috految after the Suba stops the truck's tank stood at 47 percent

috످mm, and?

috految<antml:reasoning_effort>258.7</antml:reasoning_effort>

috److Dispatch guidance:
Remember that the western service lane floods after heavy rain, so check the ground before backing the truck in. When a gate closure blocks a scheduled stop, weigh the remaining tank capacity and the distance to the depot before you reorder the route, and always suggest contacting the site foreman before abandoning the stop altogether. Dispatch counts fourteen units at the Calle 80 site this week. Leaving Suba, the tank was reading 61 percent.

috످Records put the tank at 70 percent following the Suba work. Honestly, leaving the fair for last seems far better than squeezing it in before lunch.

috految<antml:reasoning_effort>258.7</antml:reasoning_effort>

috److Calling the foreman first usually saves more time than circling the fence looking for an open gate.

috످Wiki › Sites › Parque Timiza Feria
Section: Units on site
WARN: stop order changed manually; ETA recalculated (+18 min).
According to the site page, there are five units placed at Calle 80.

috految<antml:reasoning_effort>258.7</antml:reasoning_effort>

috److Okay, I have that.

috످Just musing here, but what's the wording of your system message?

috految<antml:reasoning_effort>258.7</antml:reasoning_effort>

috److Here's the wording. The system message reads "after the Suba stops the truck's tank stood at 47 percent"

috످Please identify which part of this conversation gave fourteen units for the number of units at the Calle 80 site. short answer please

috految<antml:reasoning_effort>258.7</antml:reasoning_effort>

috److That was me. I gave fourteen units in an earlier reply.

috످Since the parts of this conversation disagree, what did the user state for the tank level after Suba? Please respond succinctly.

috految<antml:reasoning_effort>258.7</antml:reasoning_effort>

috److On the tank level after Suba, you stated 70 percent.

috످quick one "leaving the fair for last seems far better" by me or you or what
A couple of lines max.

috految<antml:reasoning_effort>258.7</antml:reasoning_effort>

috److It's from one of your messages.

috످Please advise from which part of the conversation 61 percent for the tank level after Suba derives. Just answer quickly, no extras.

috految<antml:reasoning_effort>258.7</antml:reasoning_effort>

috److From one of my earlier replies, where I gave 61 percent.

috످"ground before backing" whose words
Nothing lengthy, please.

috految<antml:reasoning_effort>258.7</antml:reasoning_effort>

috److془The phrase "check the ground before backing the truck in" is in my first reply.془Those were my words, from my first reply.

috످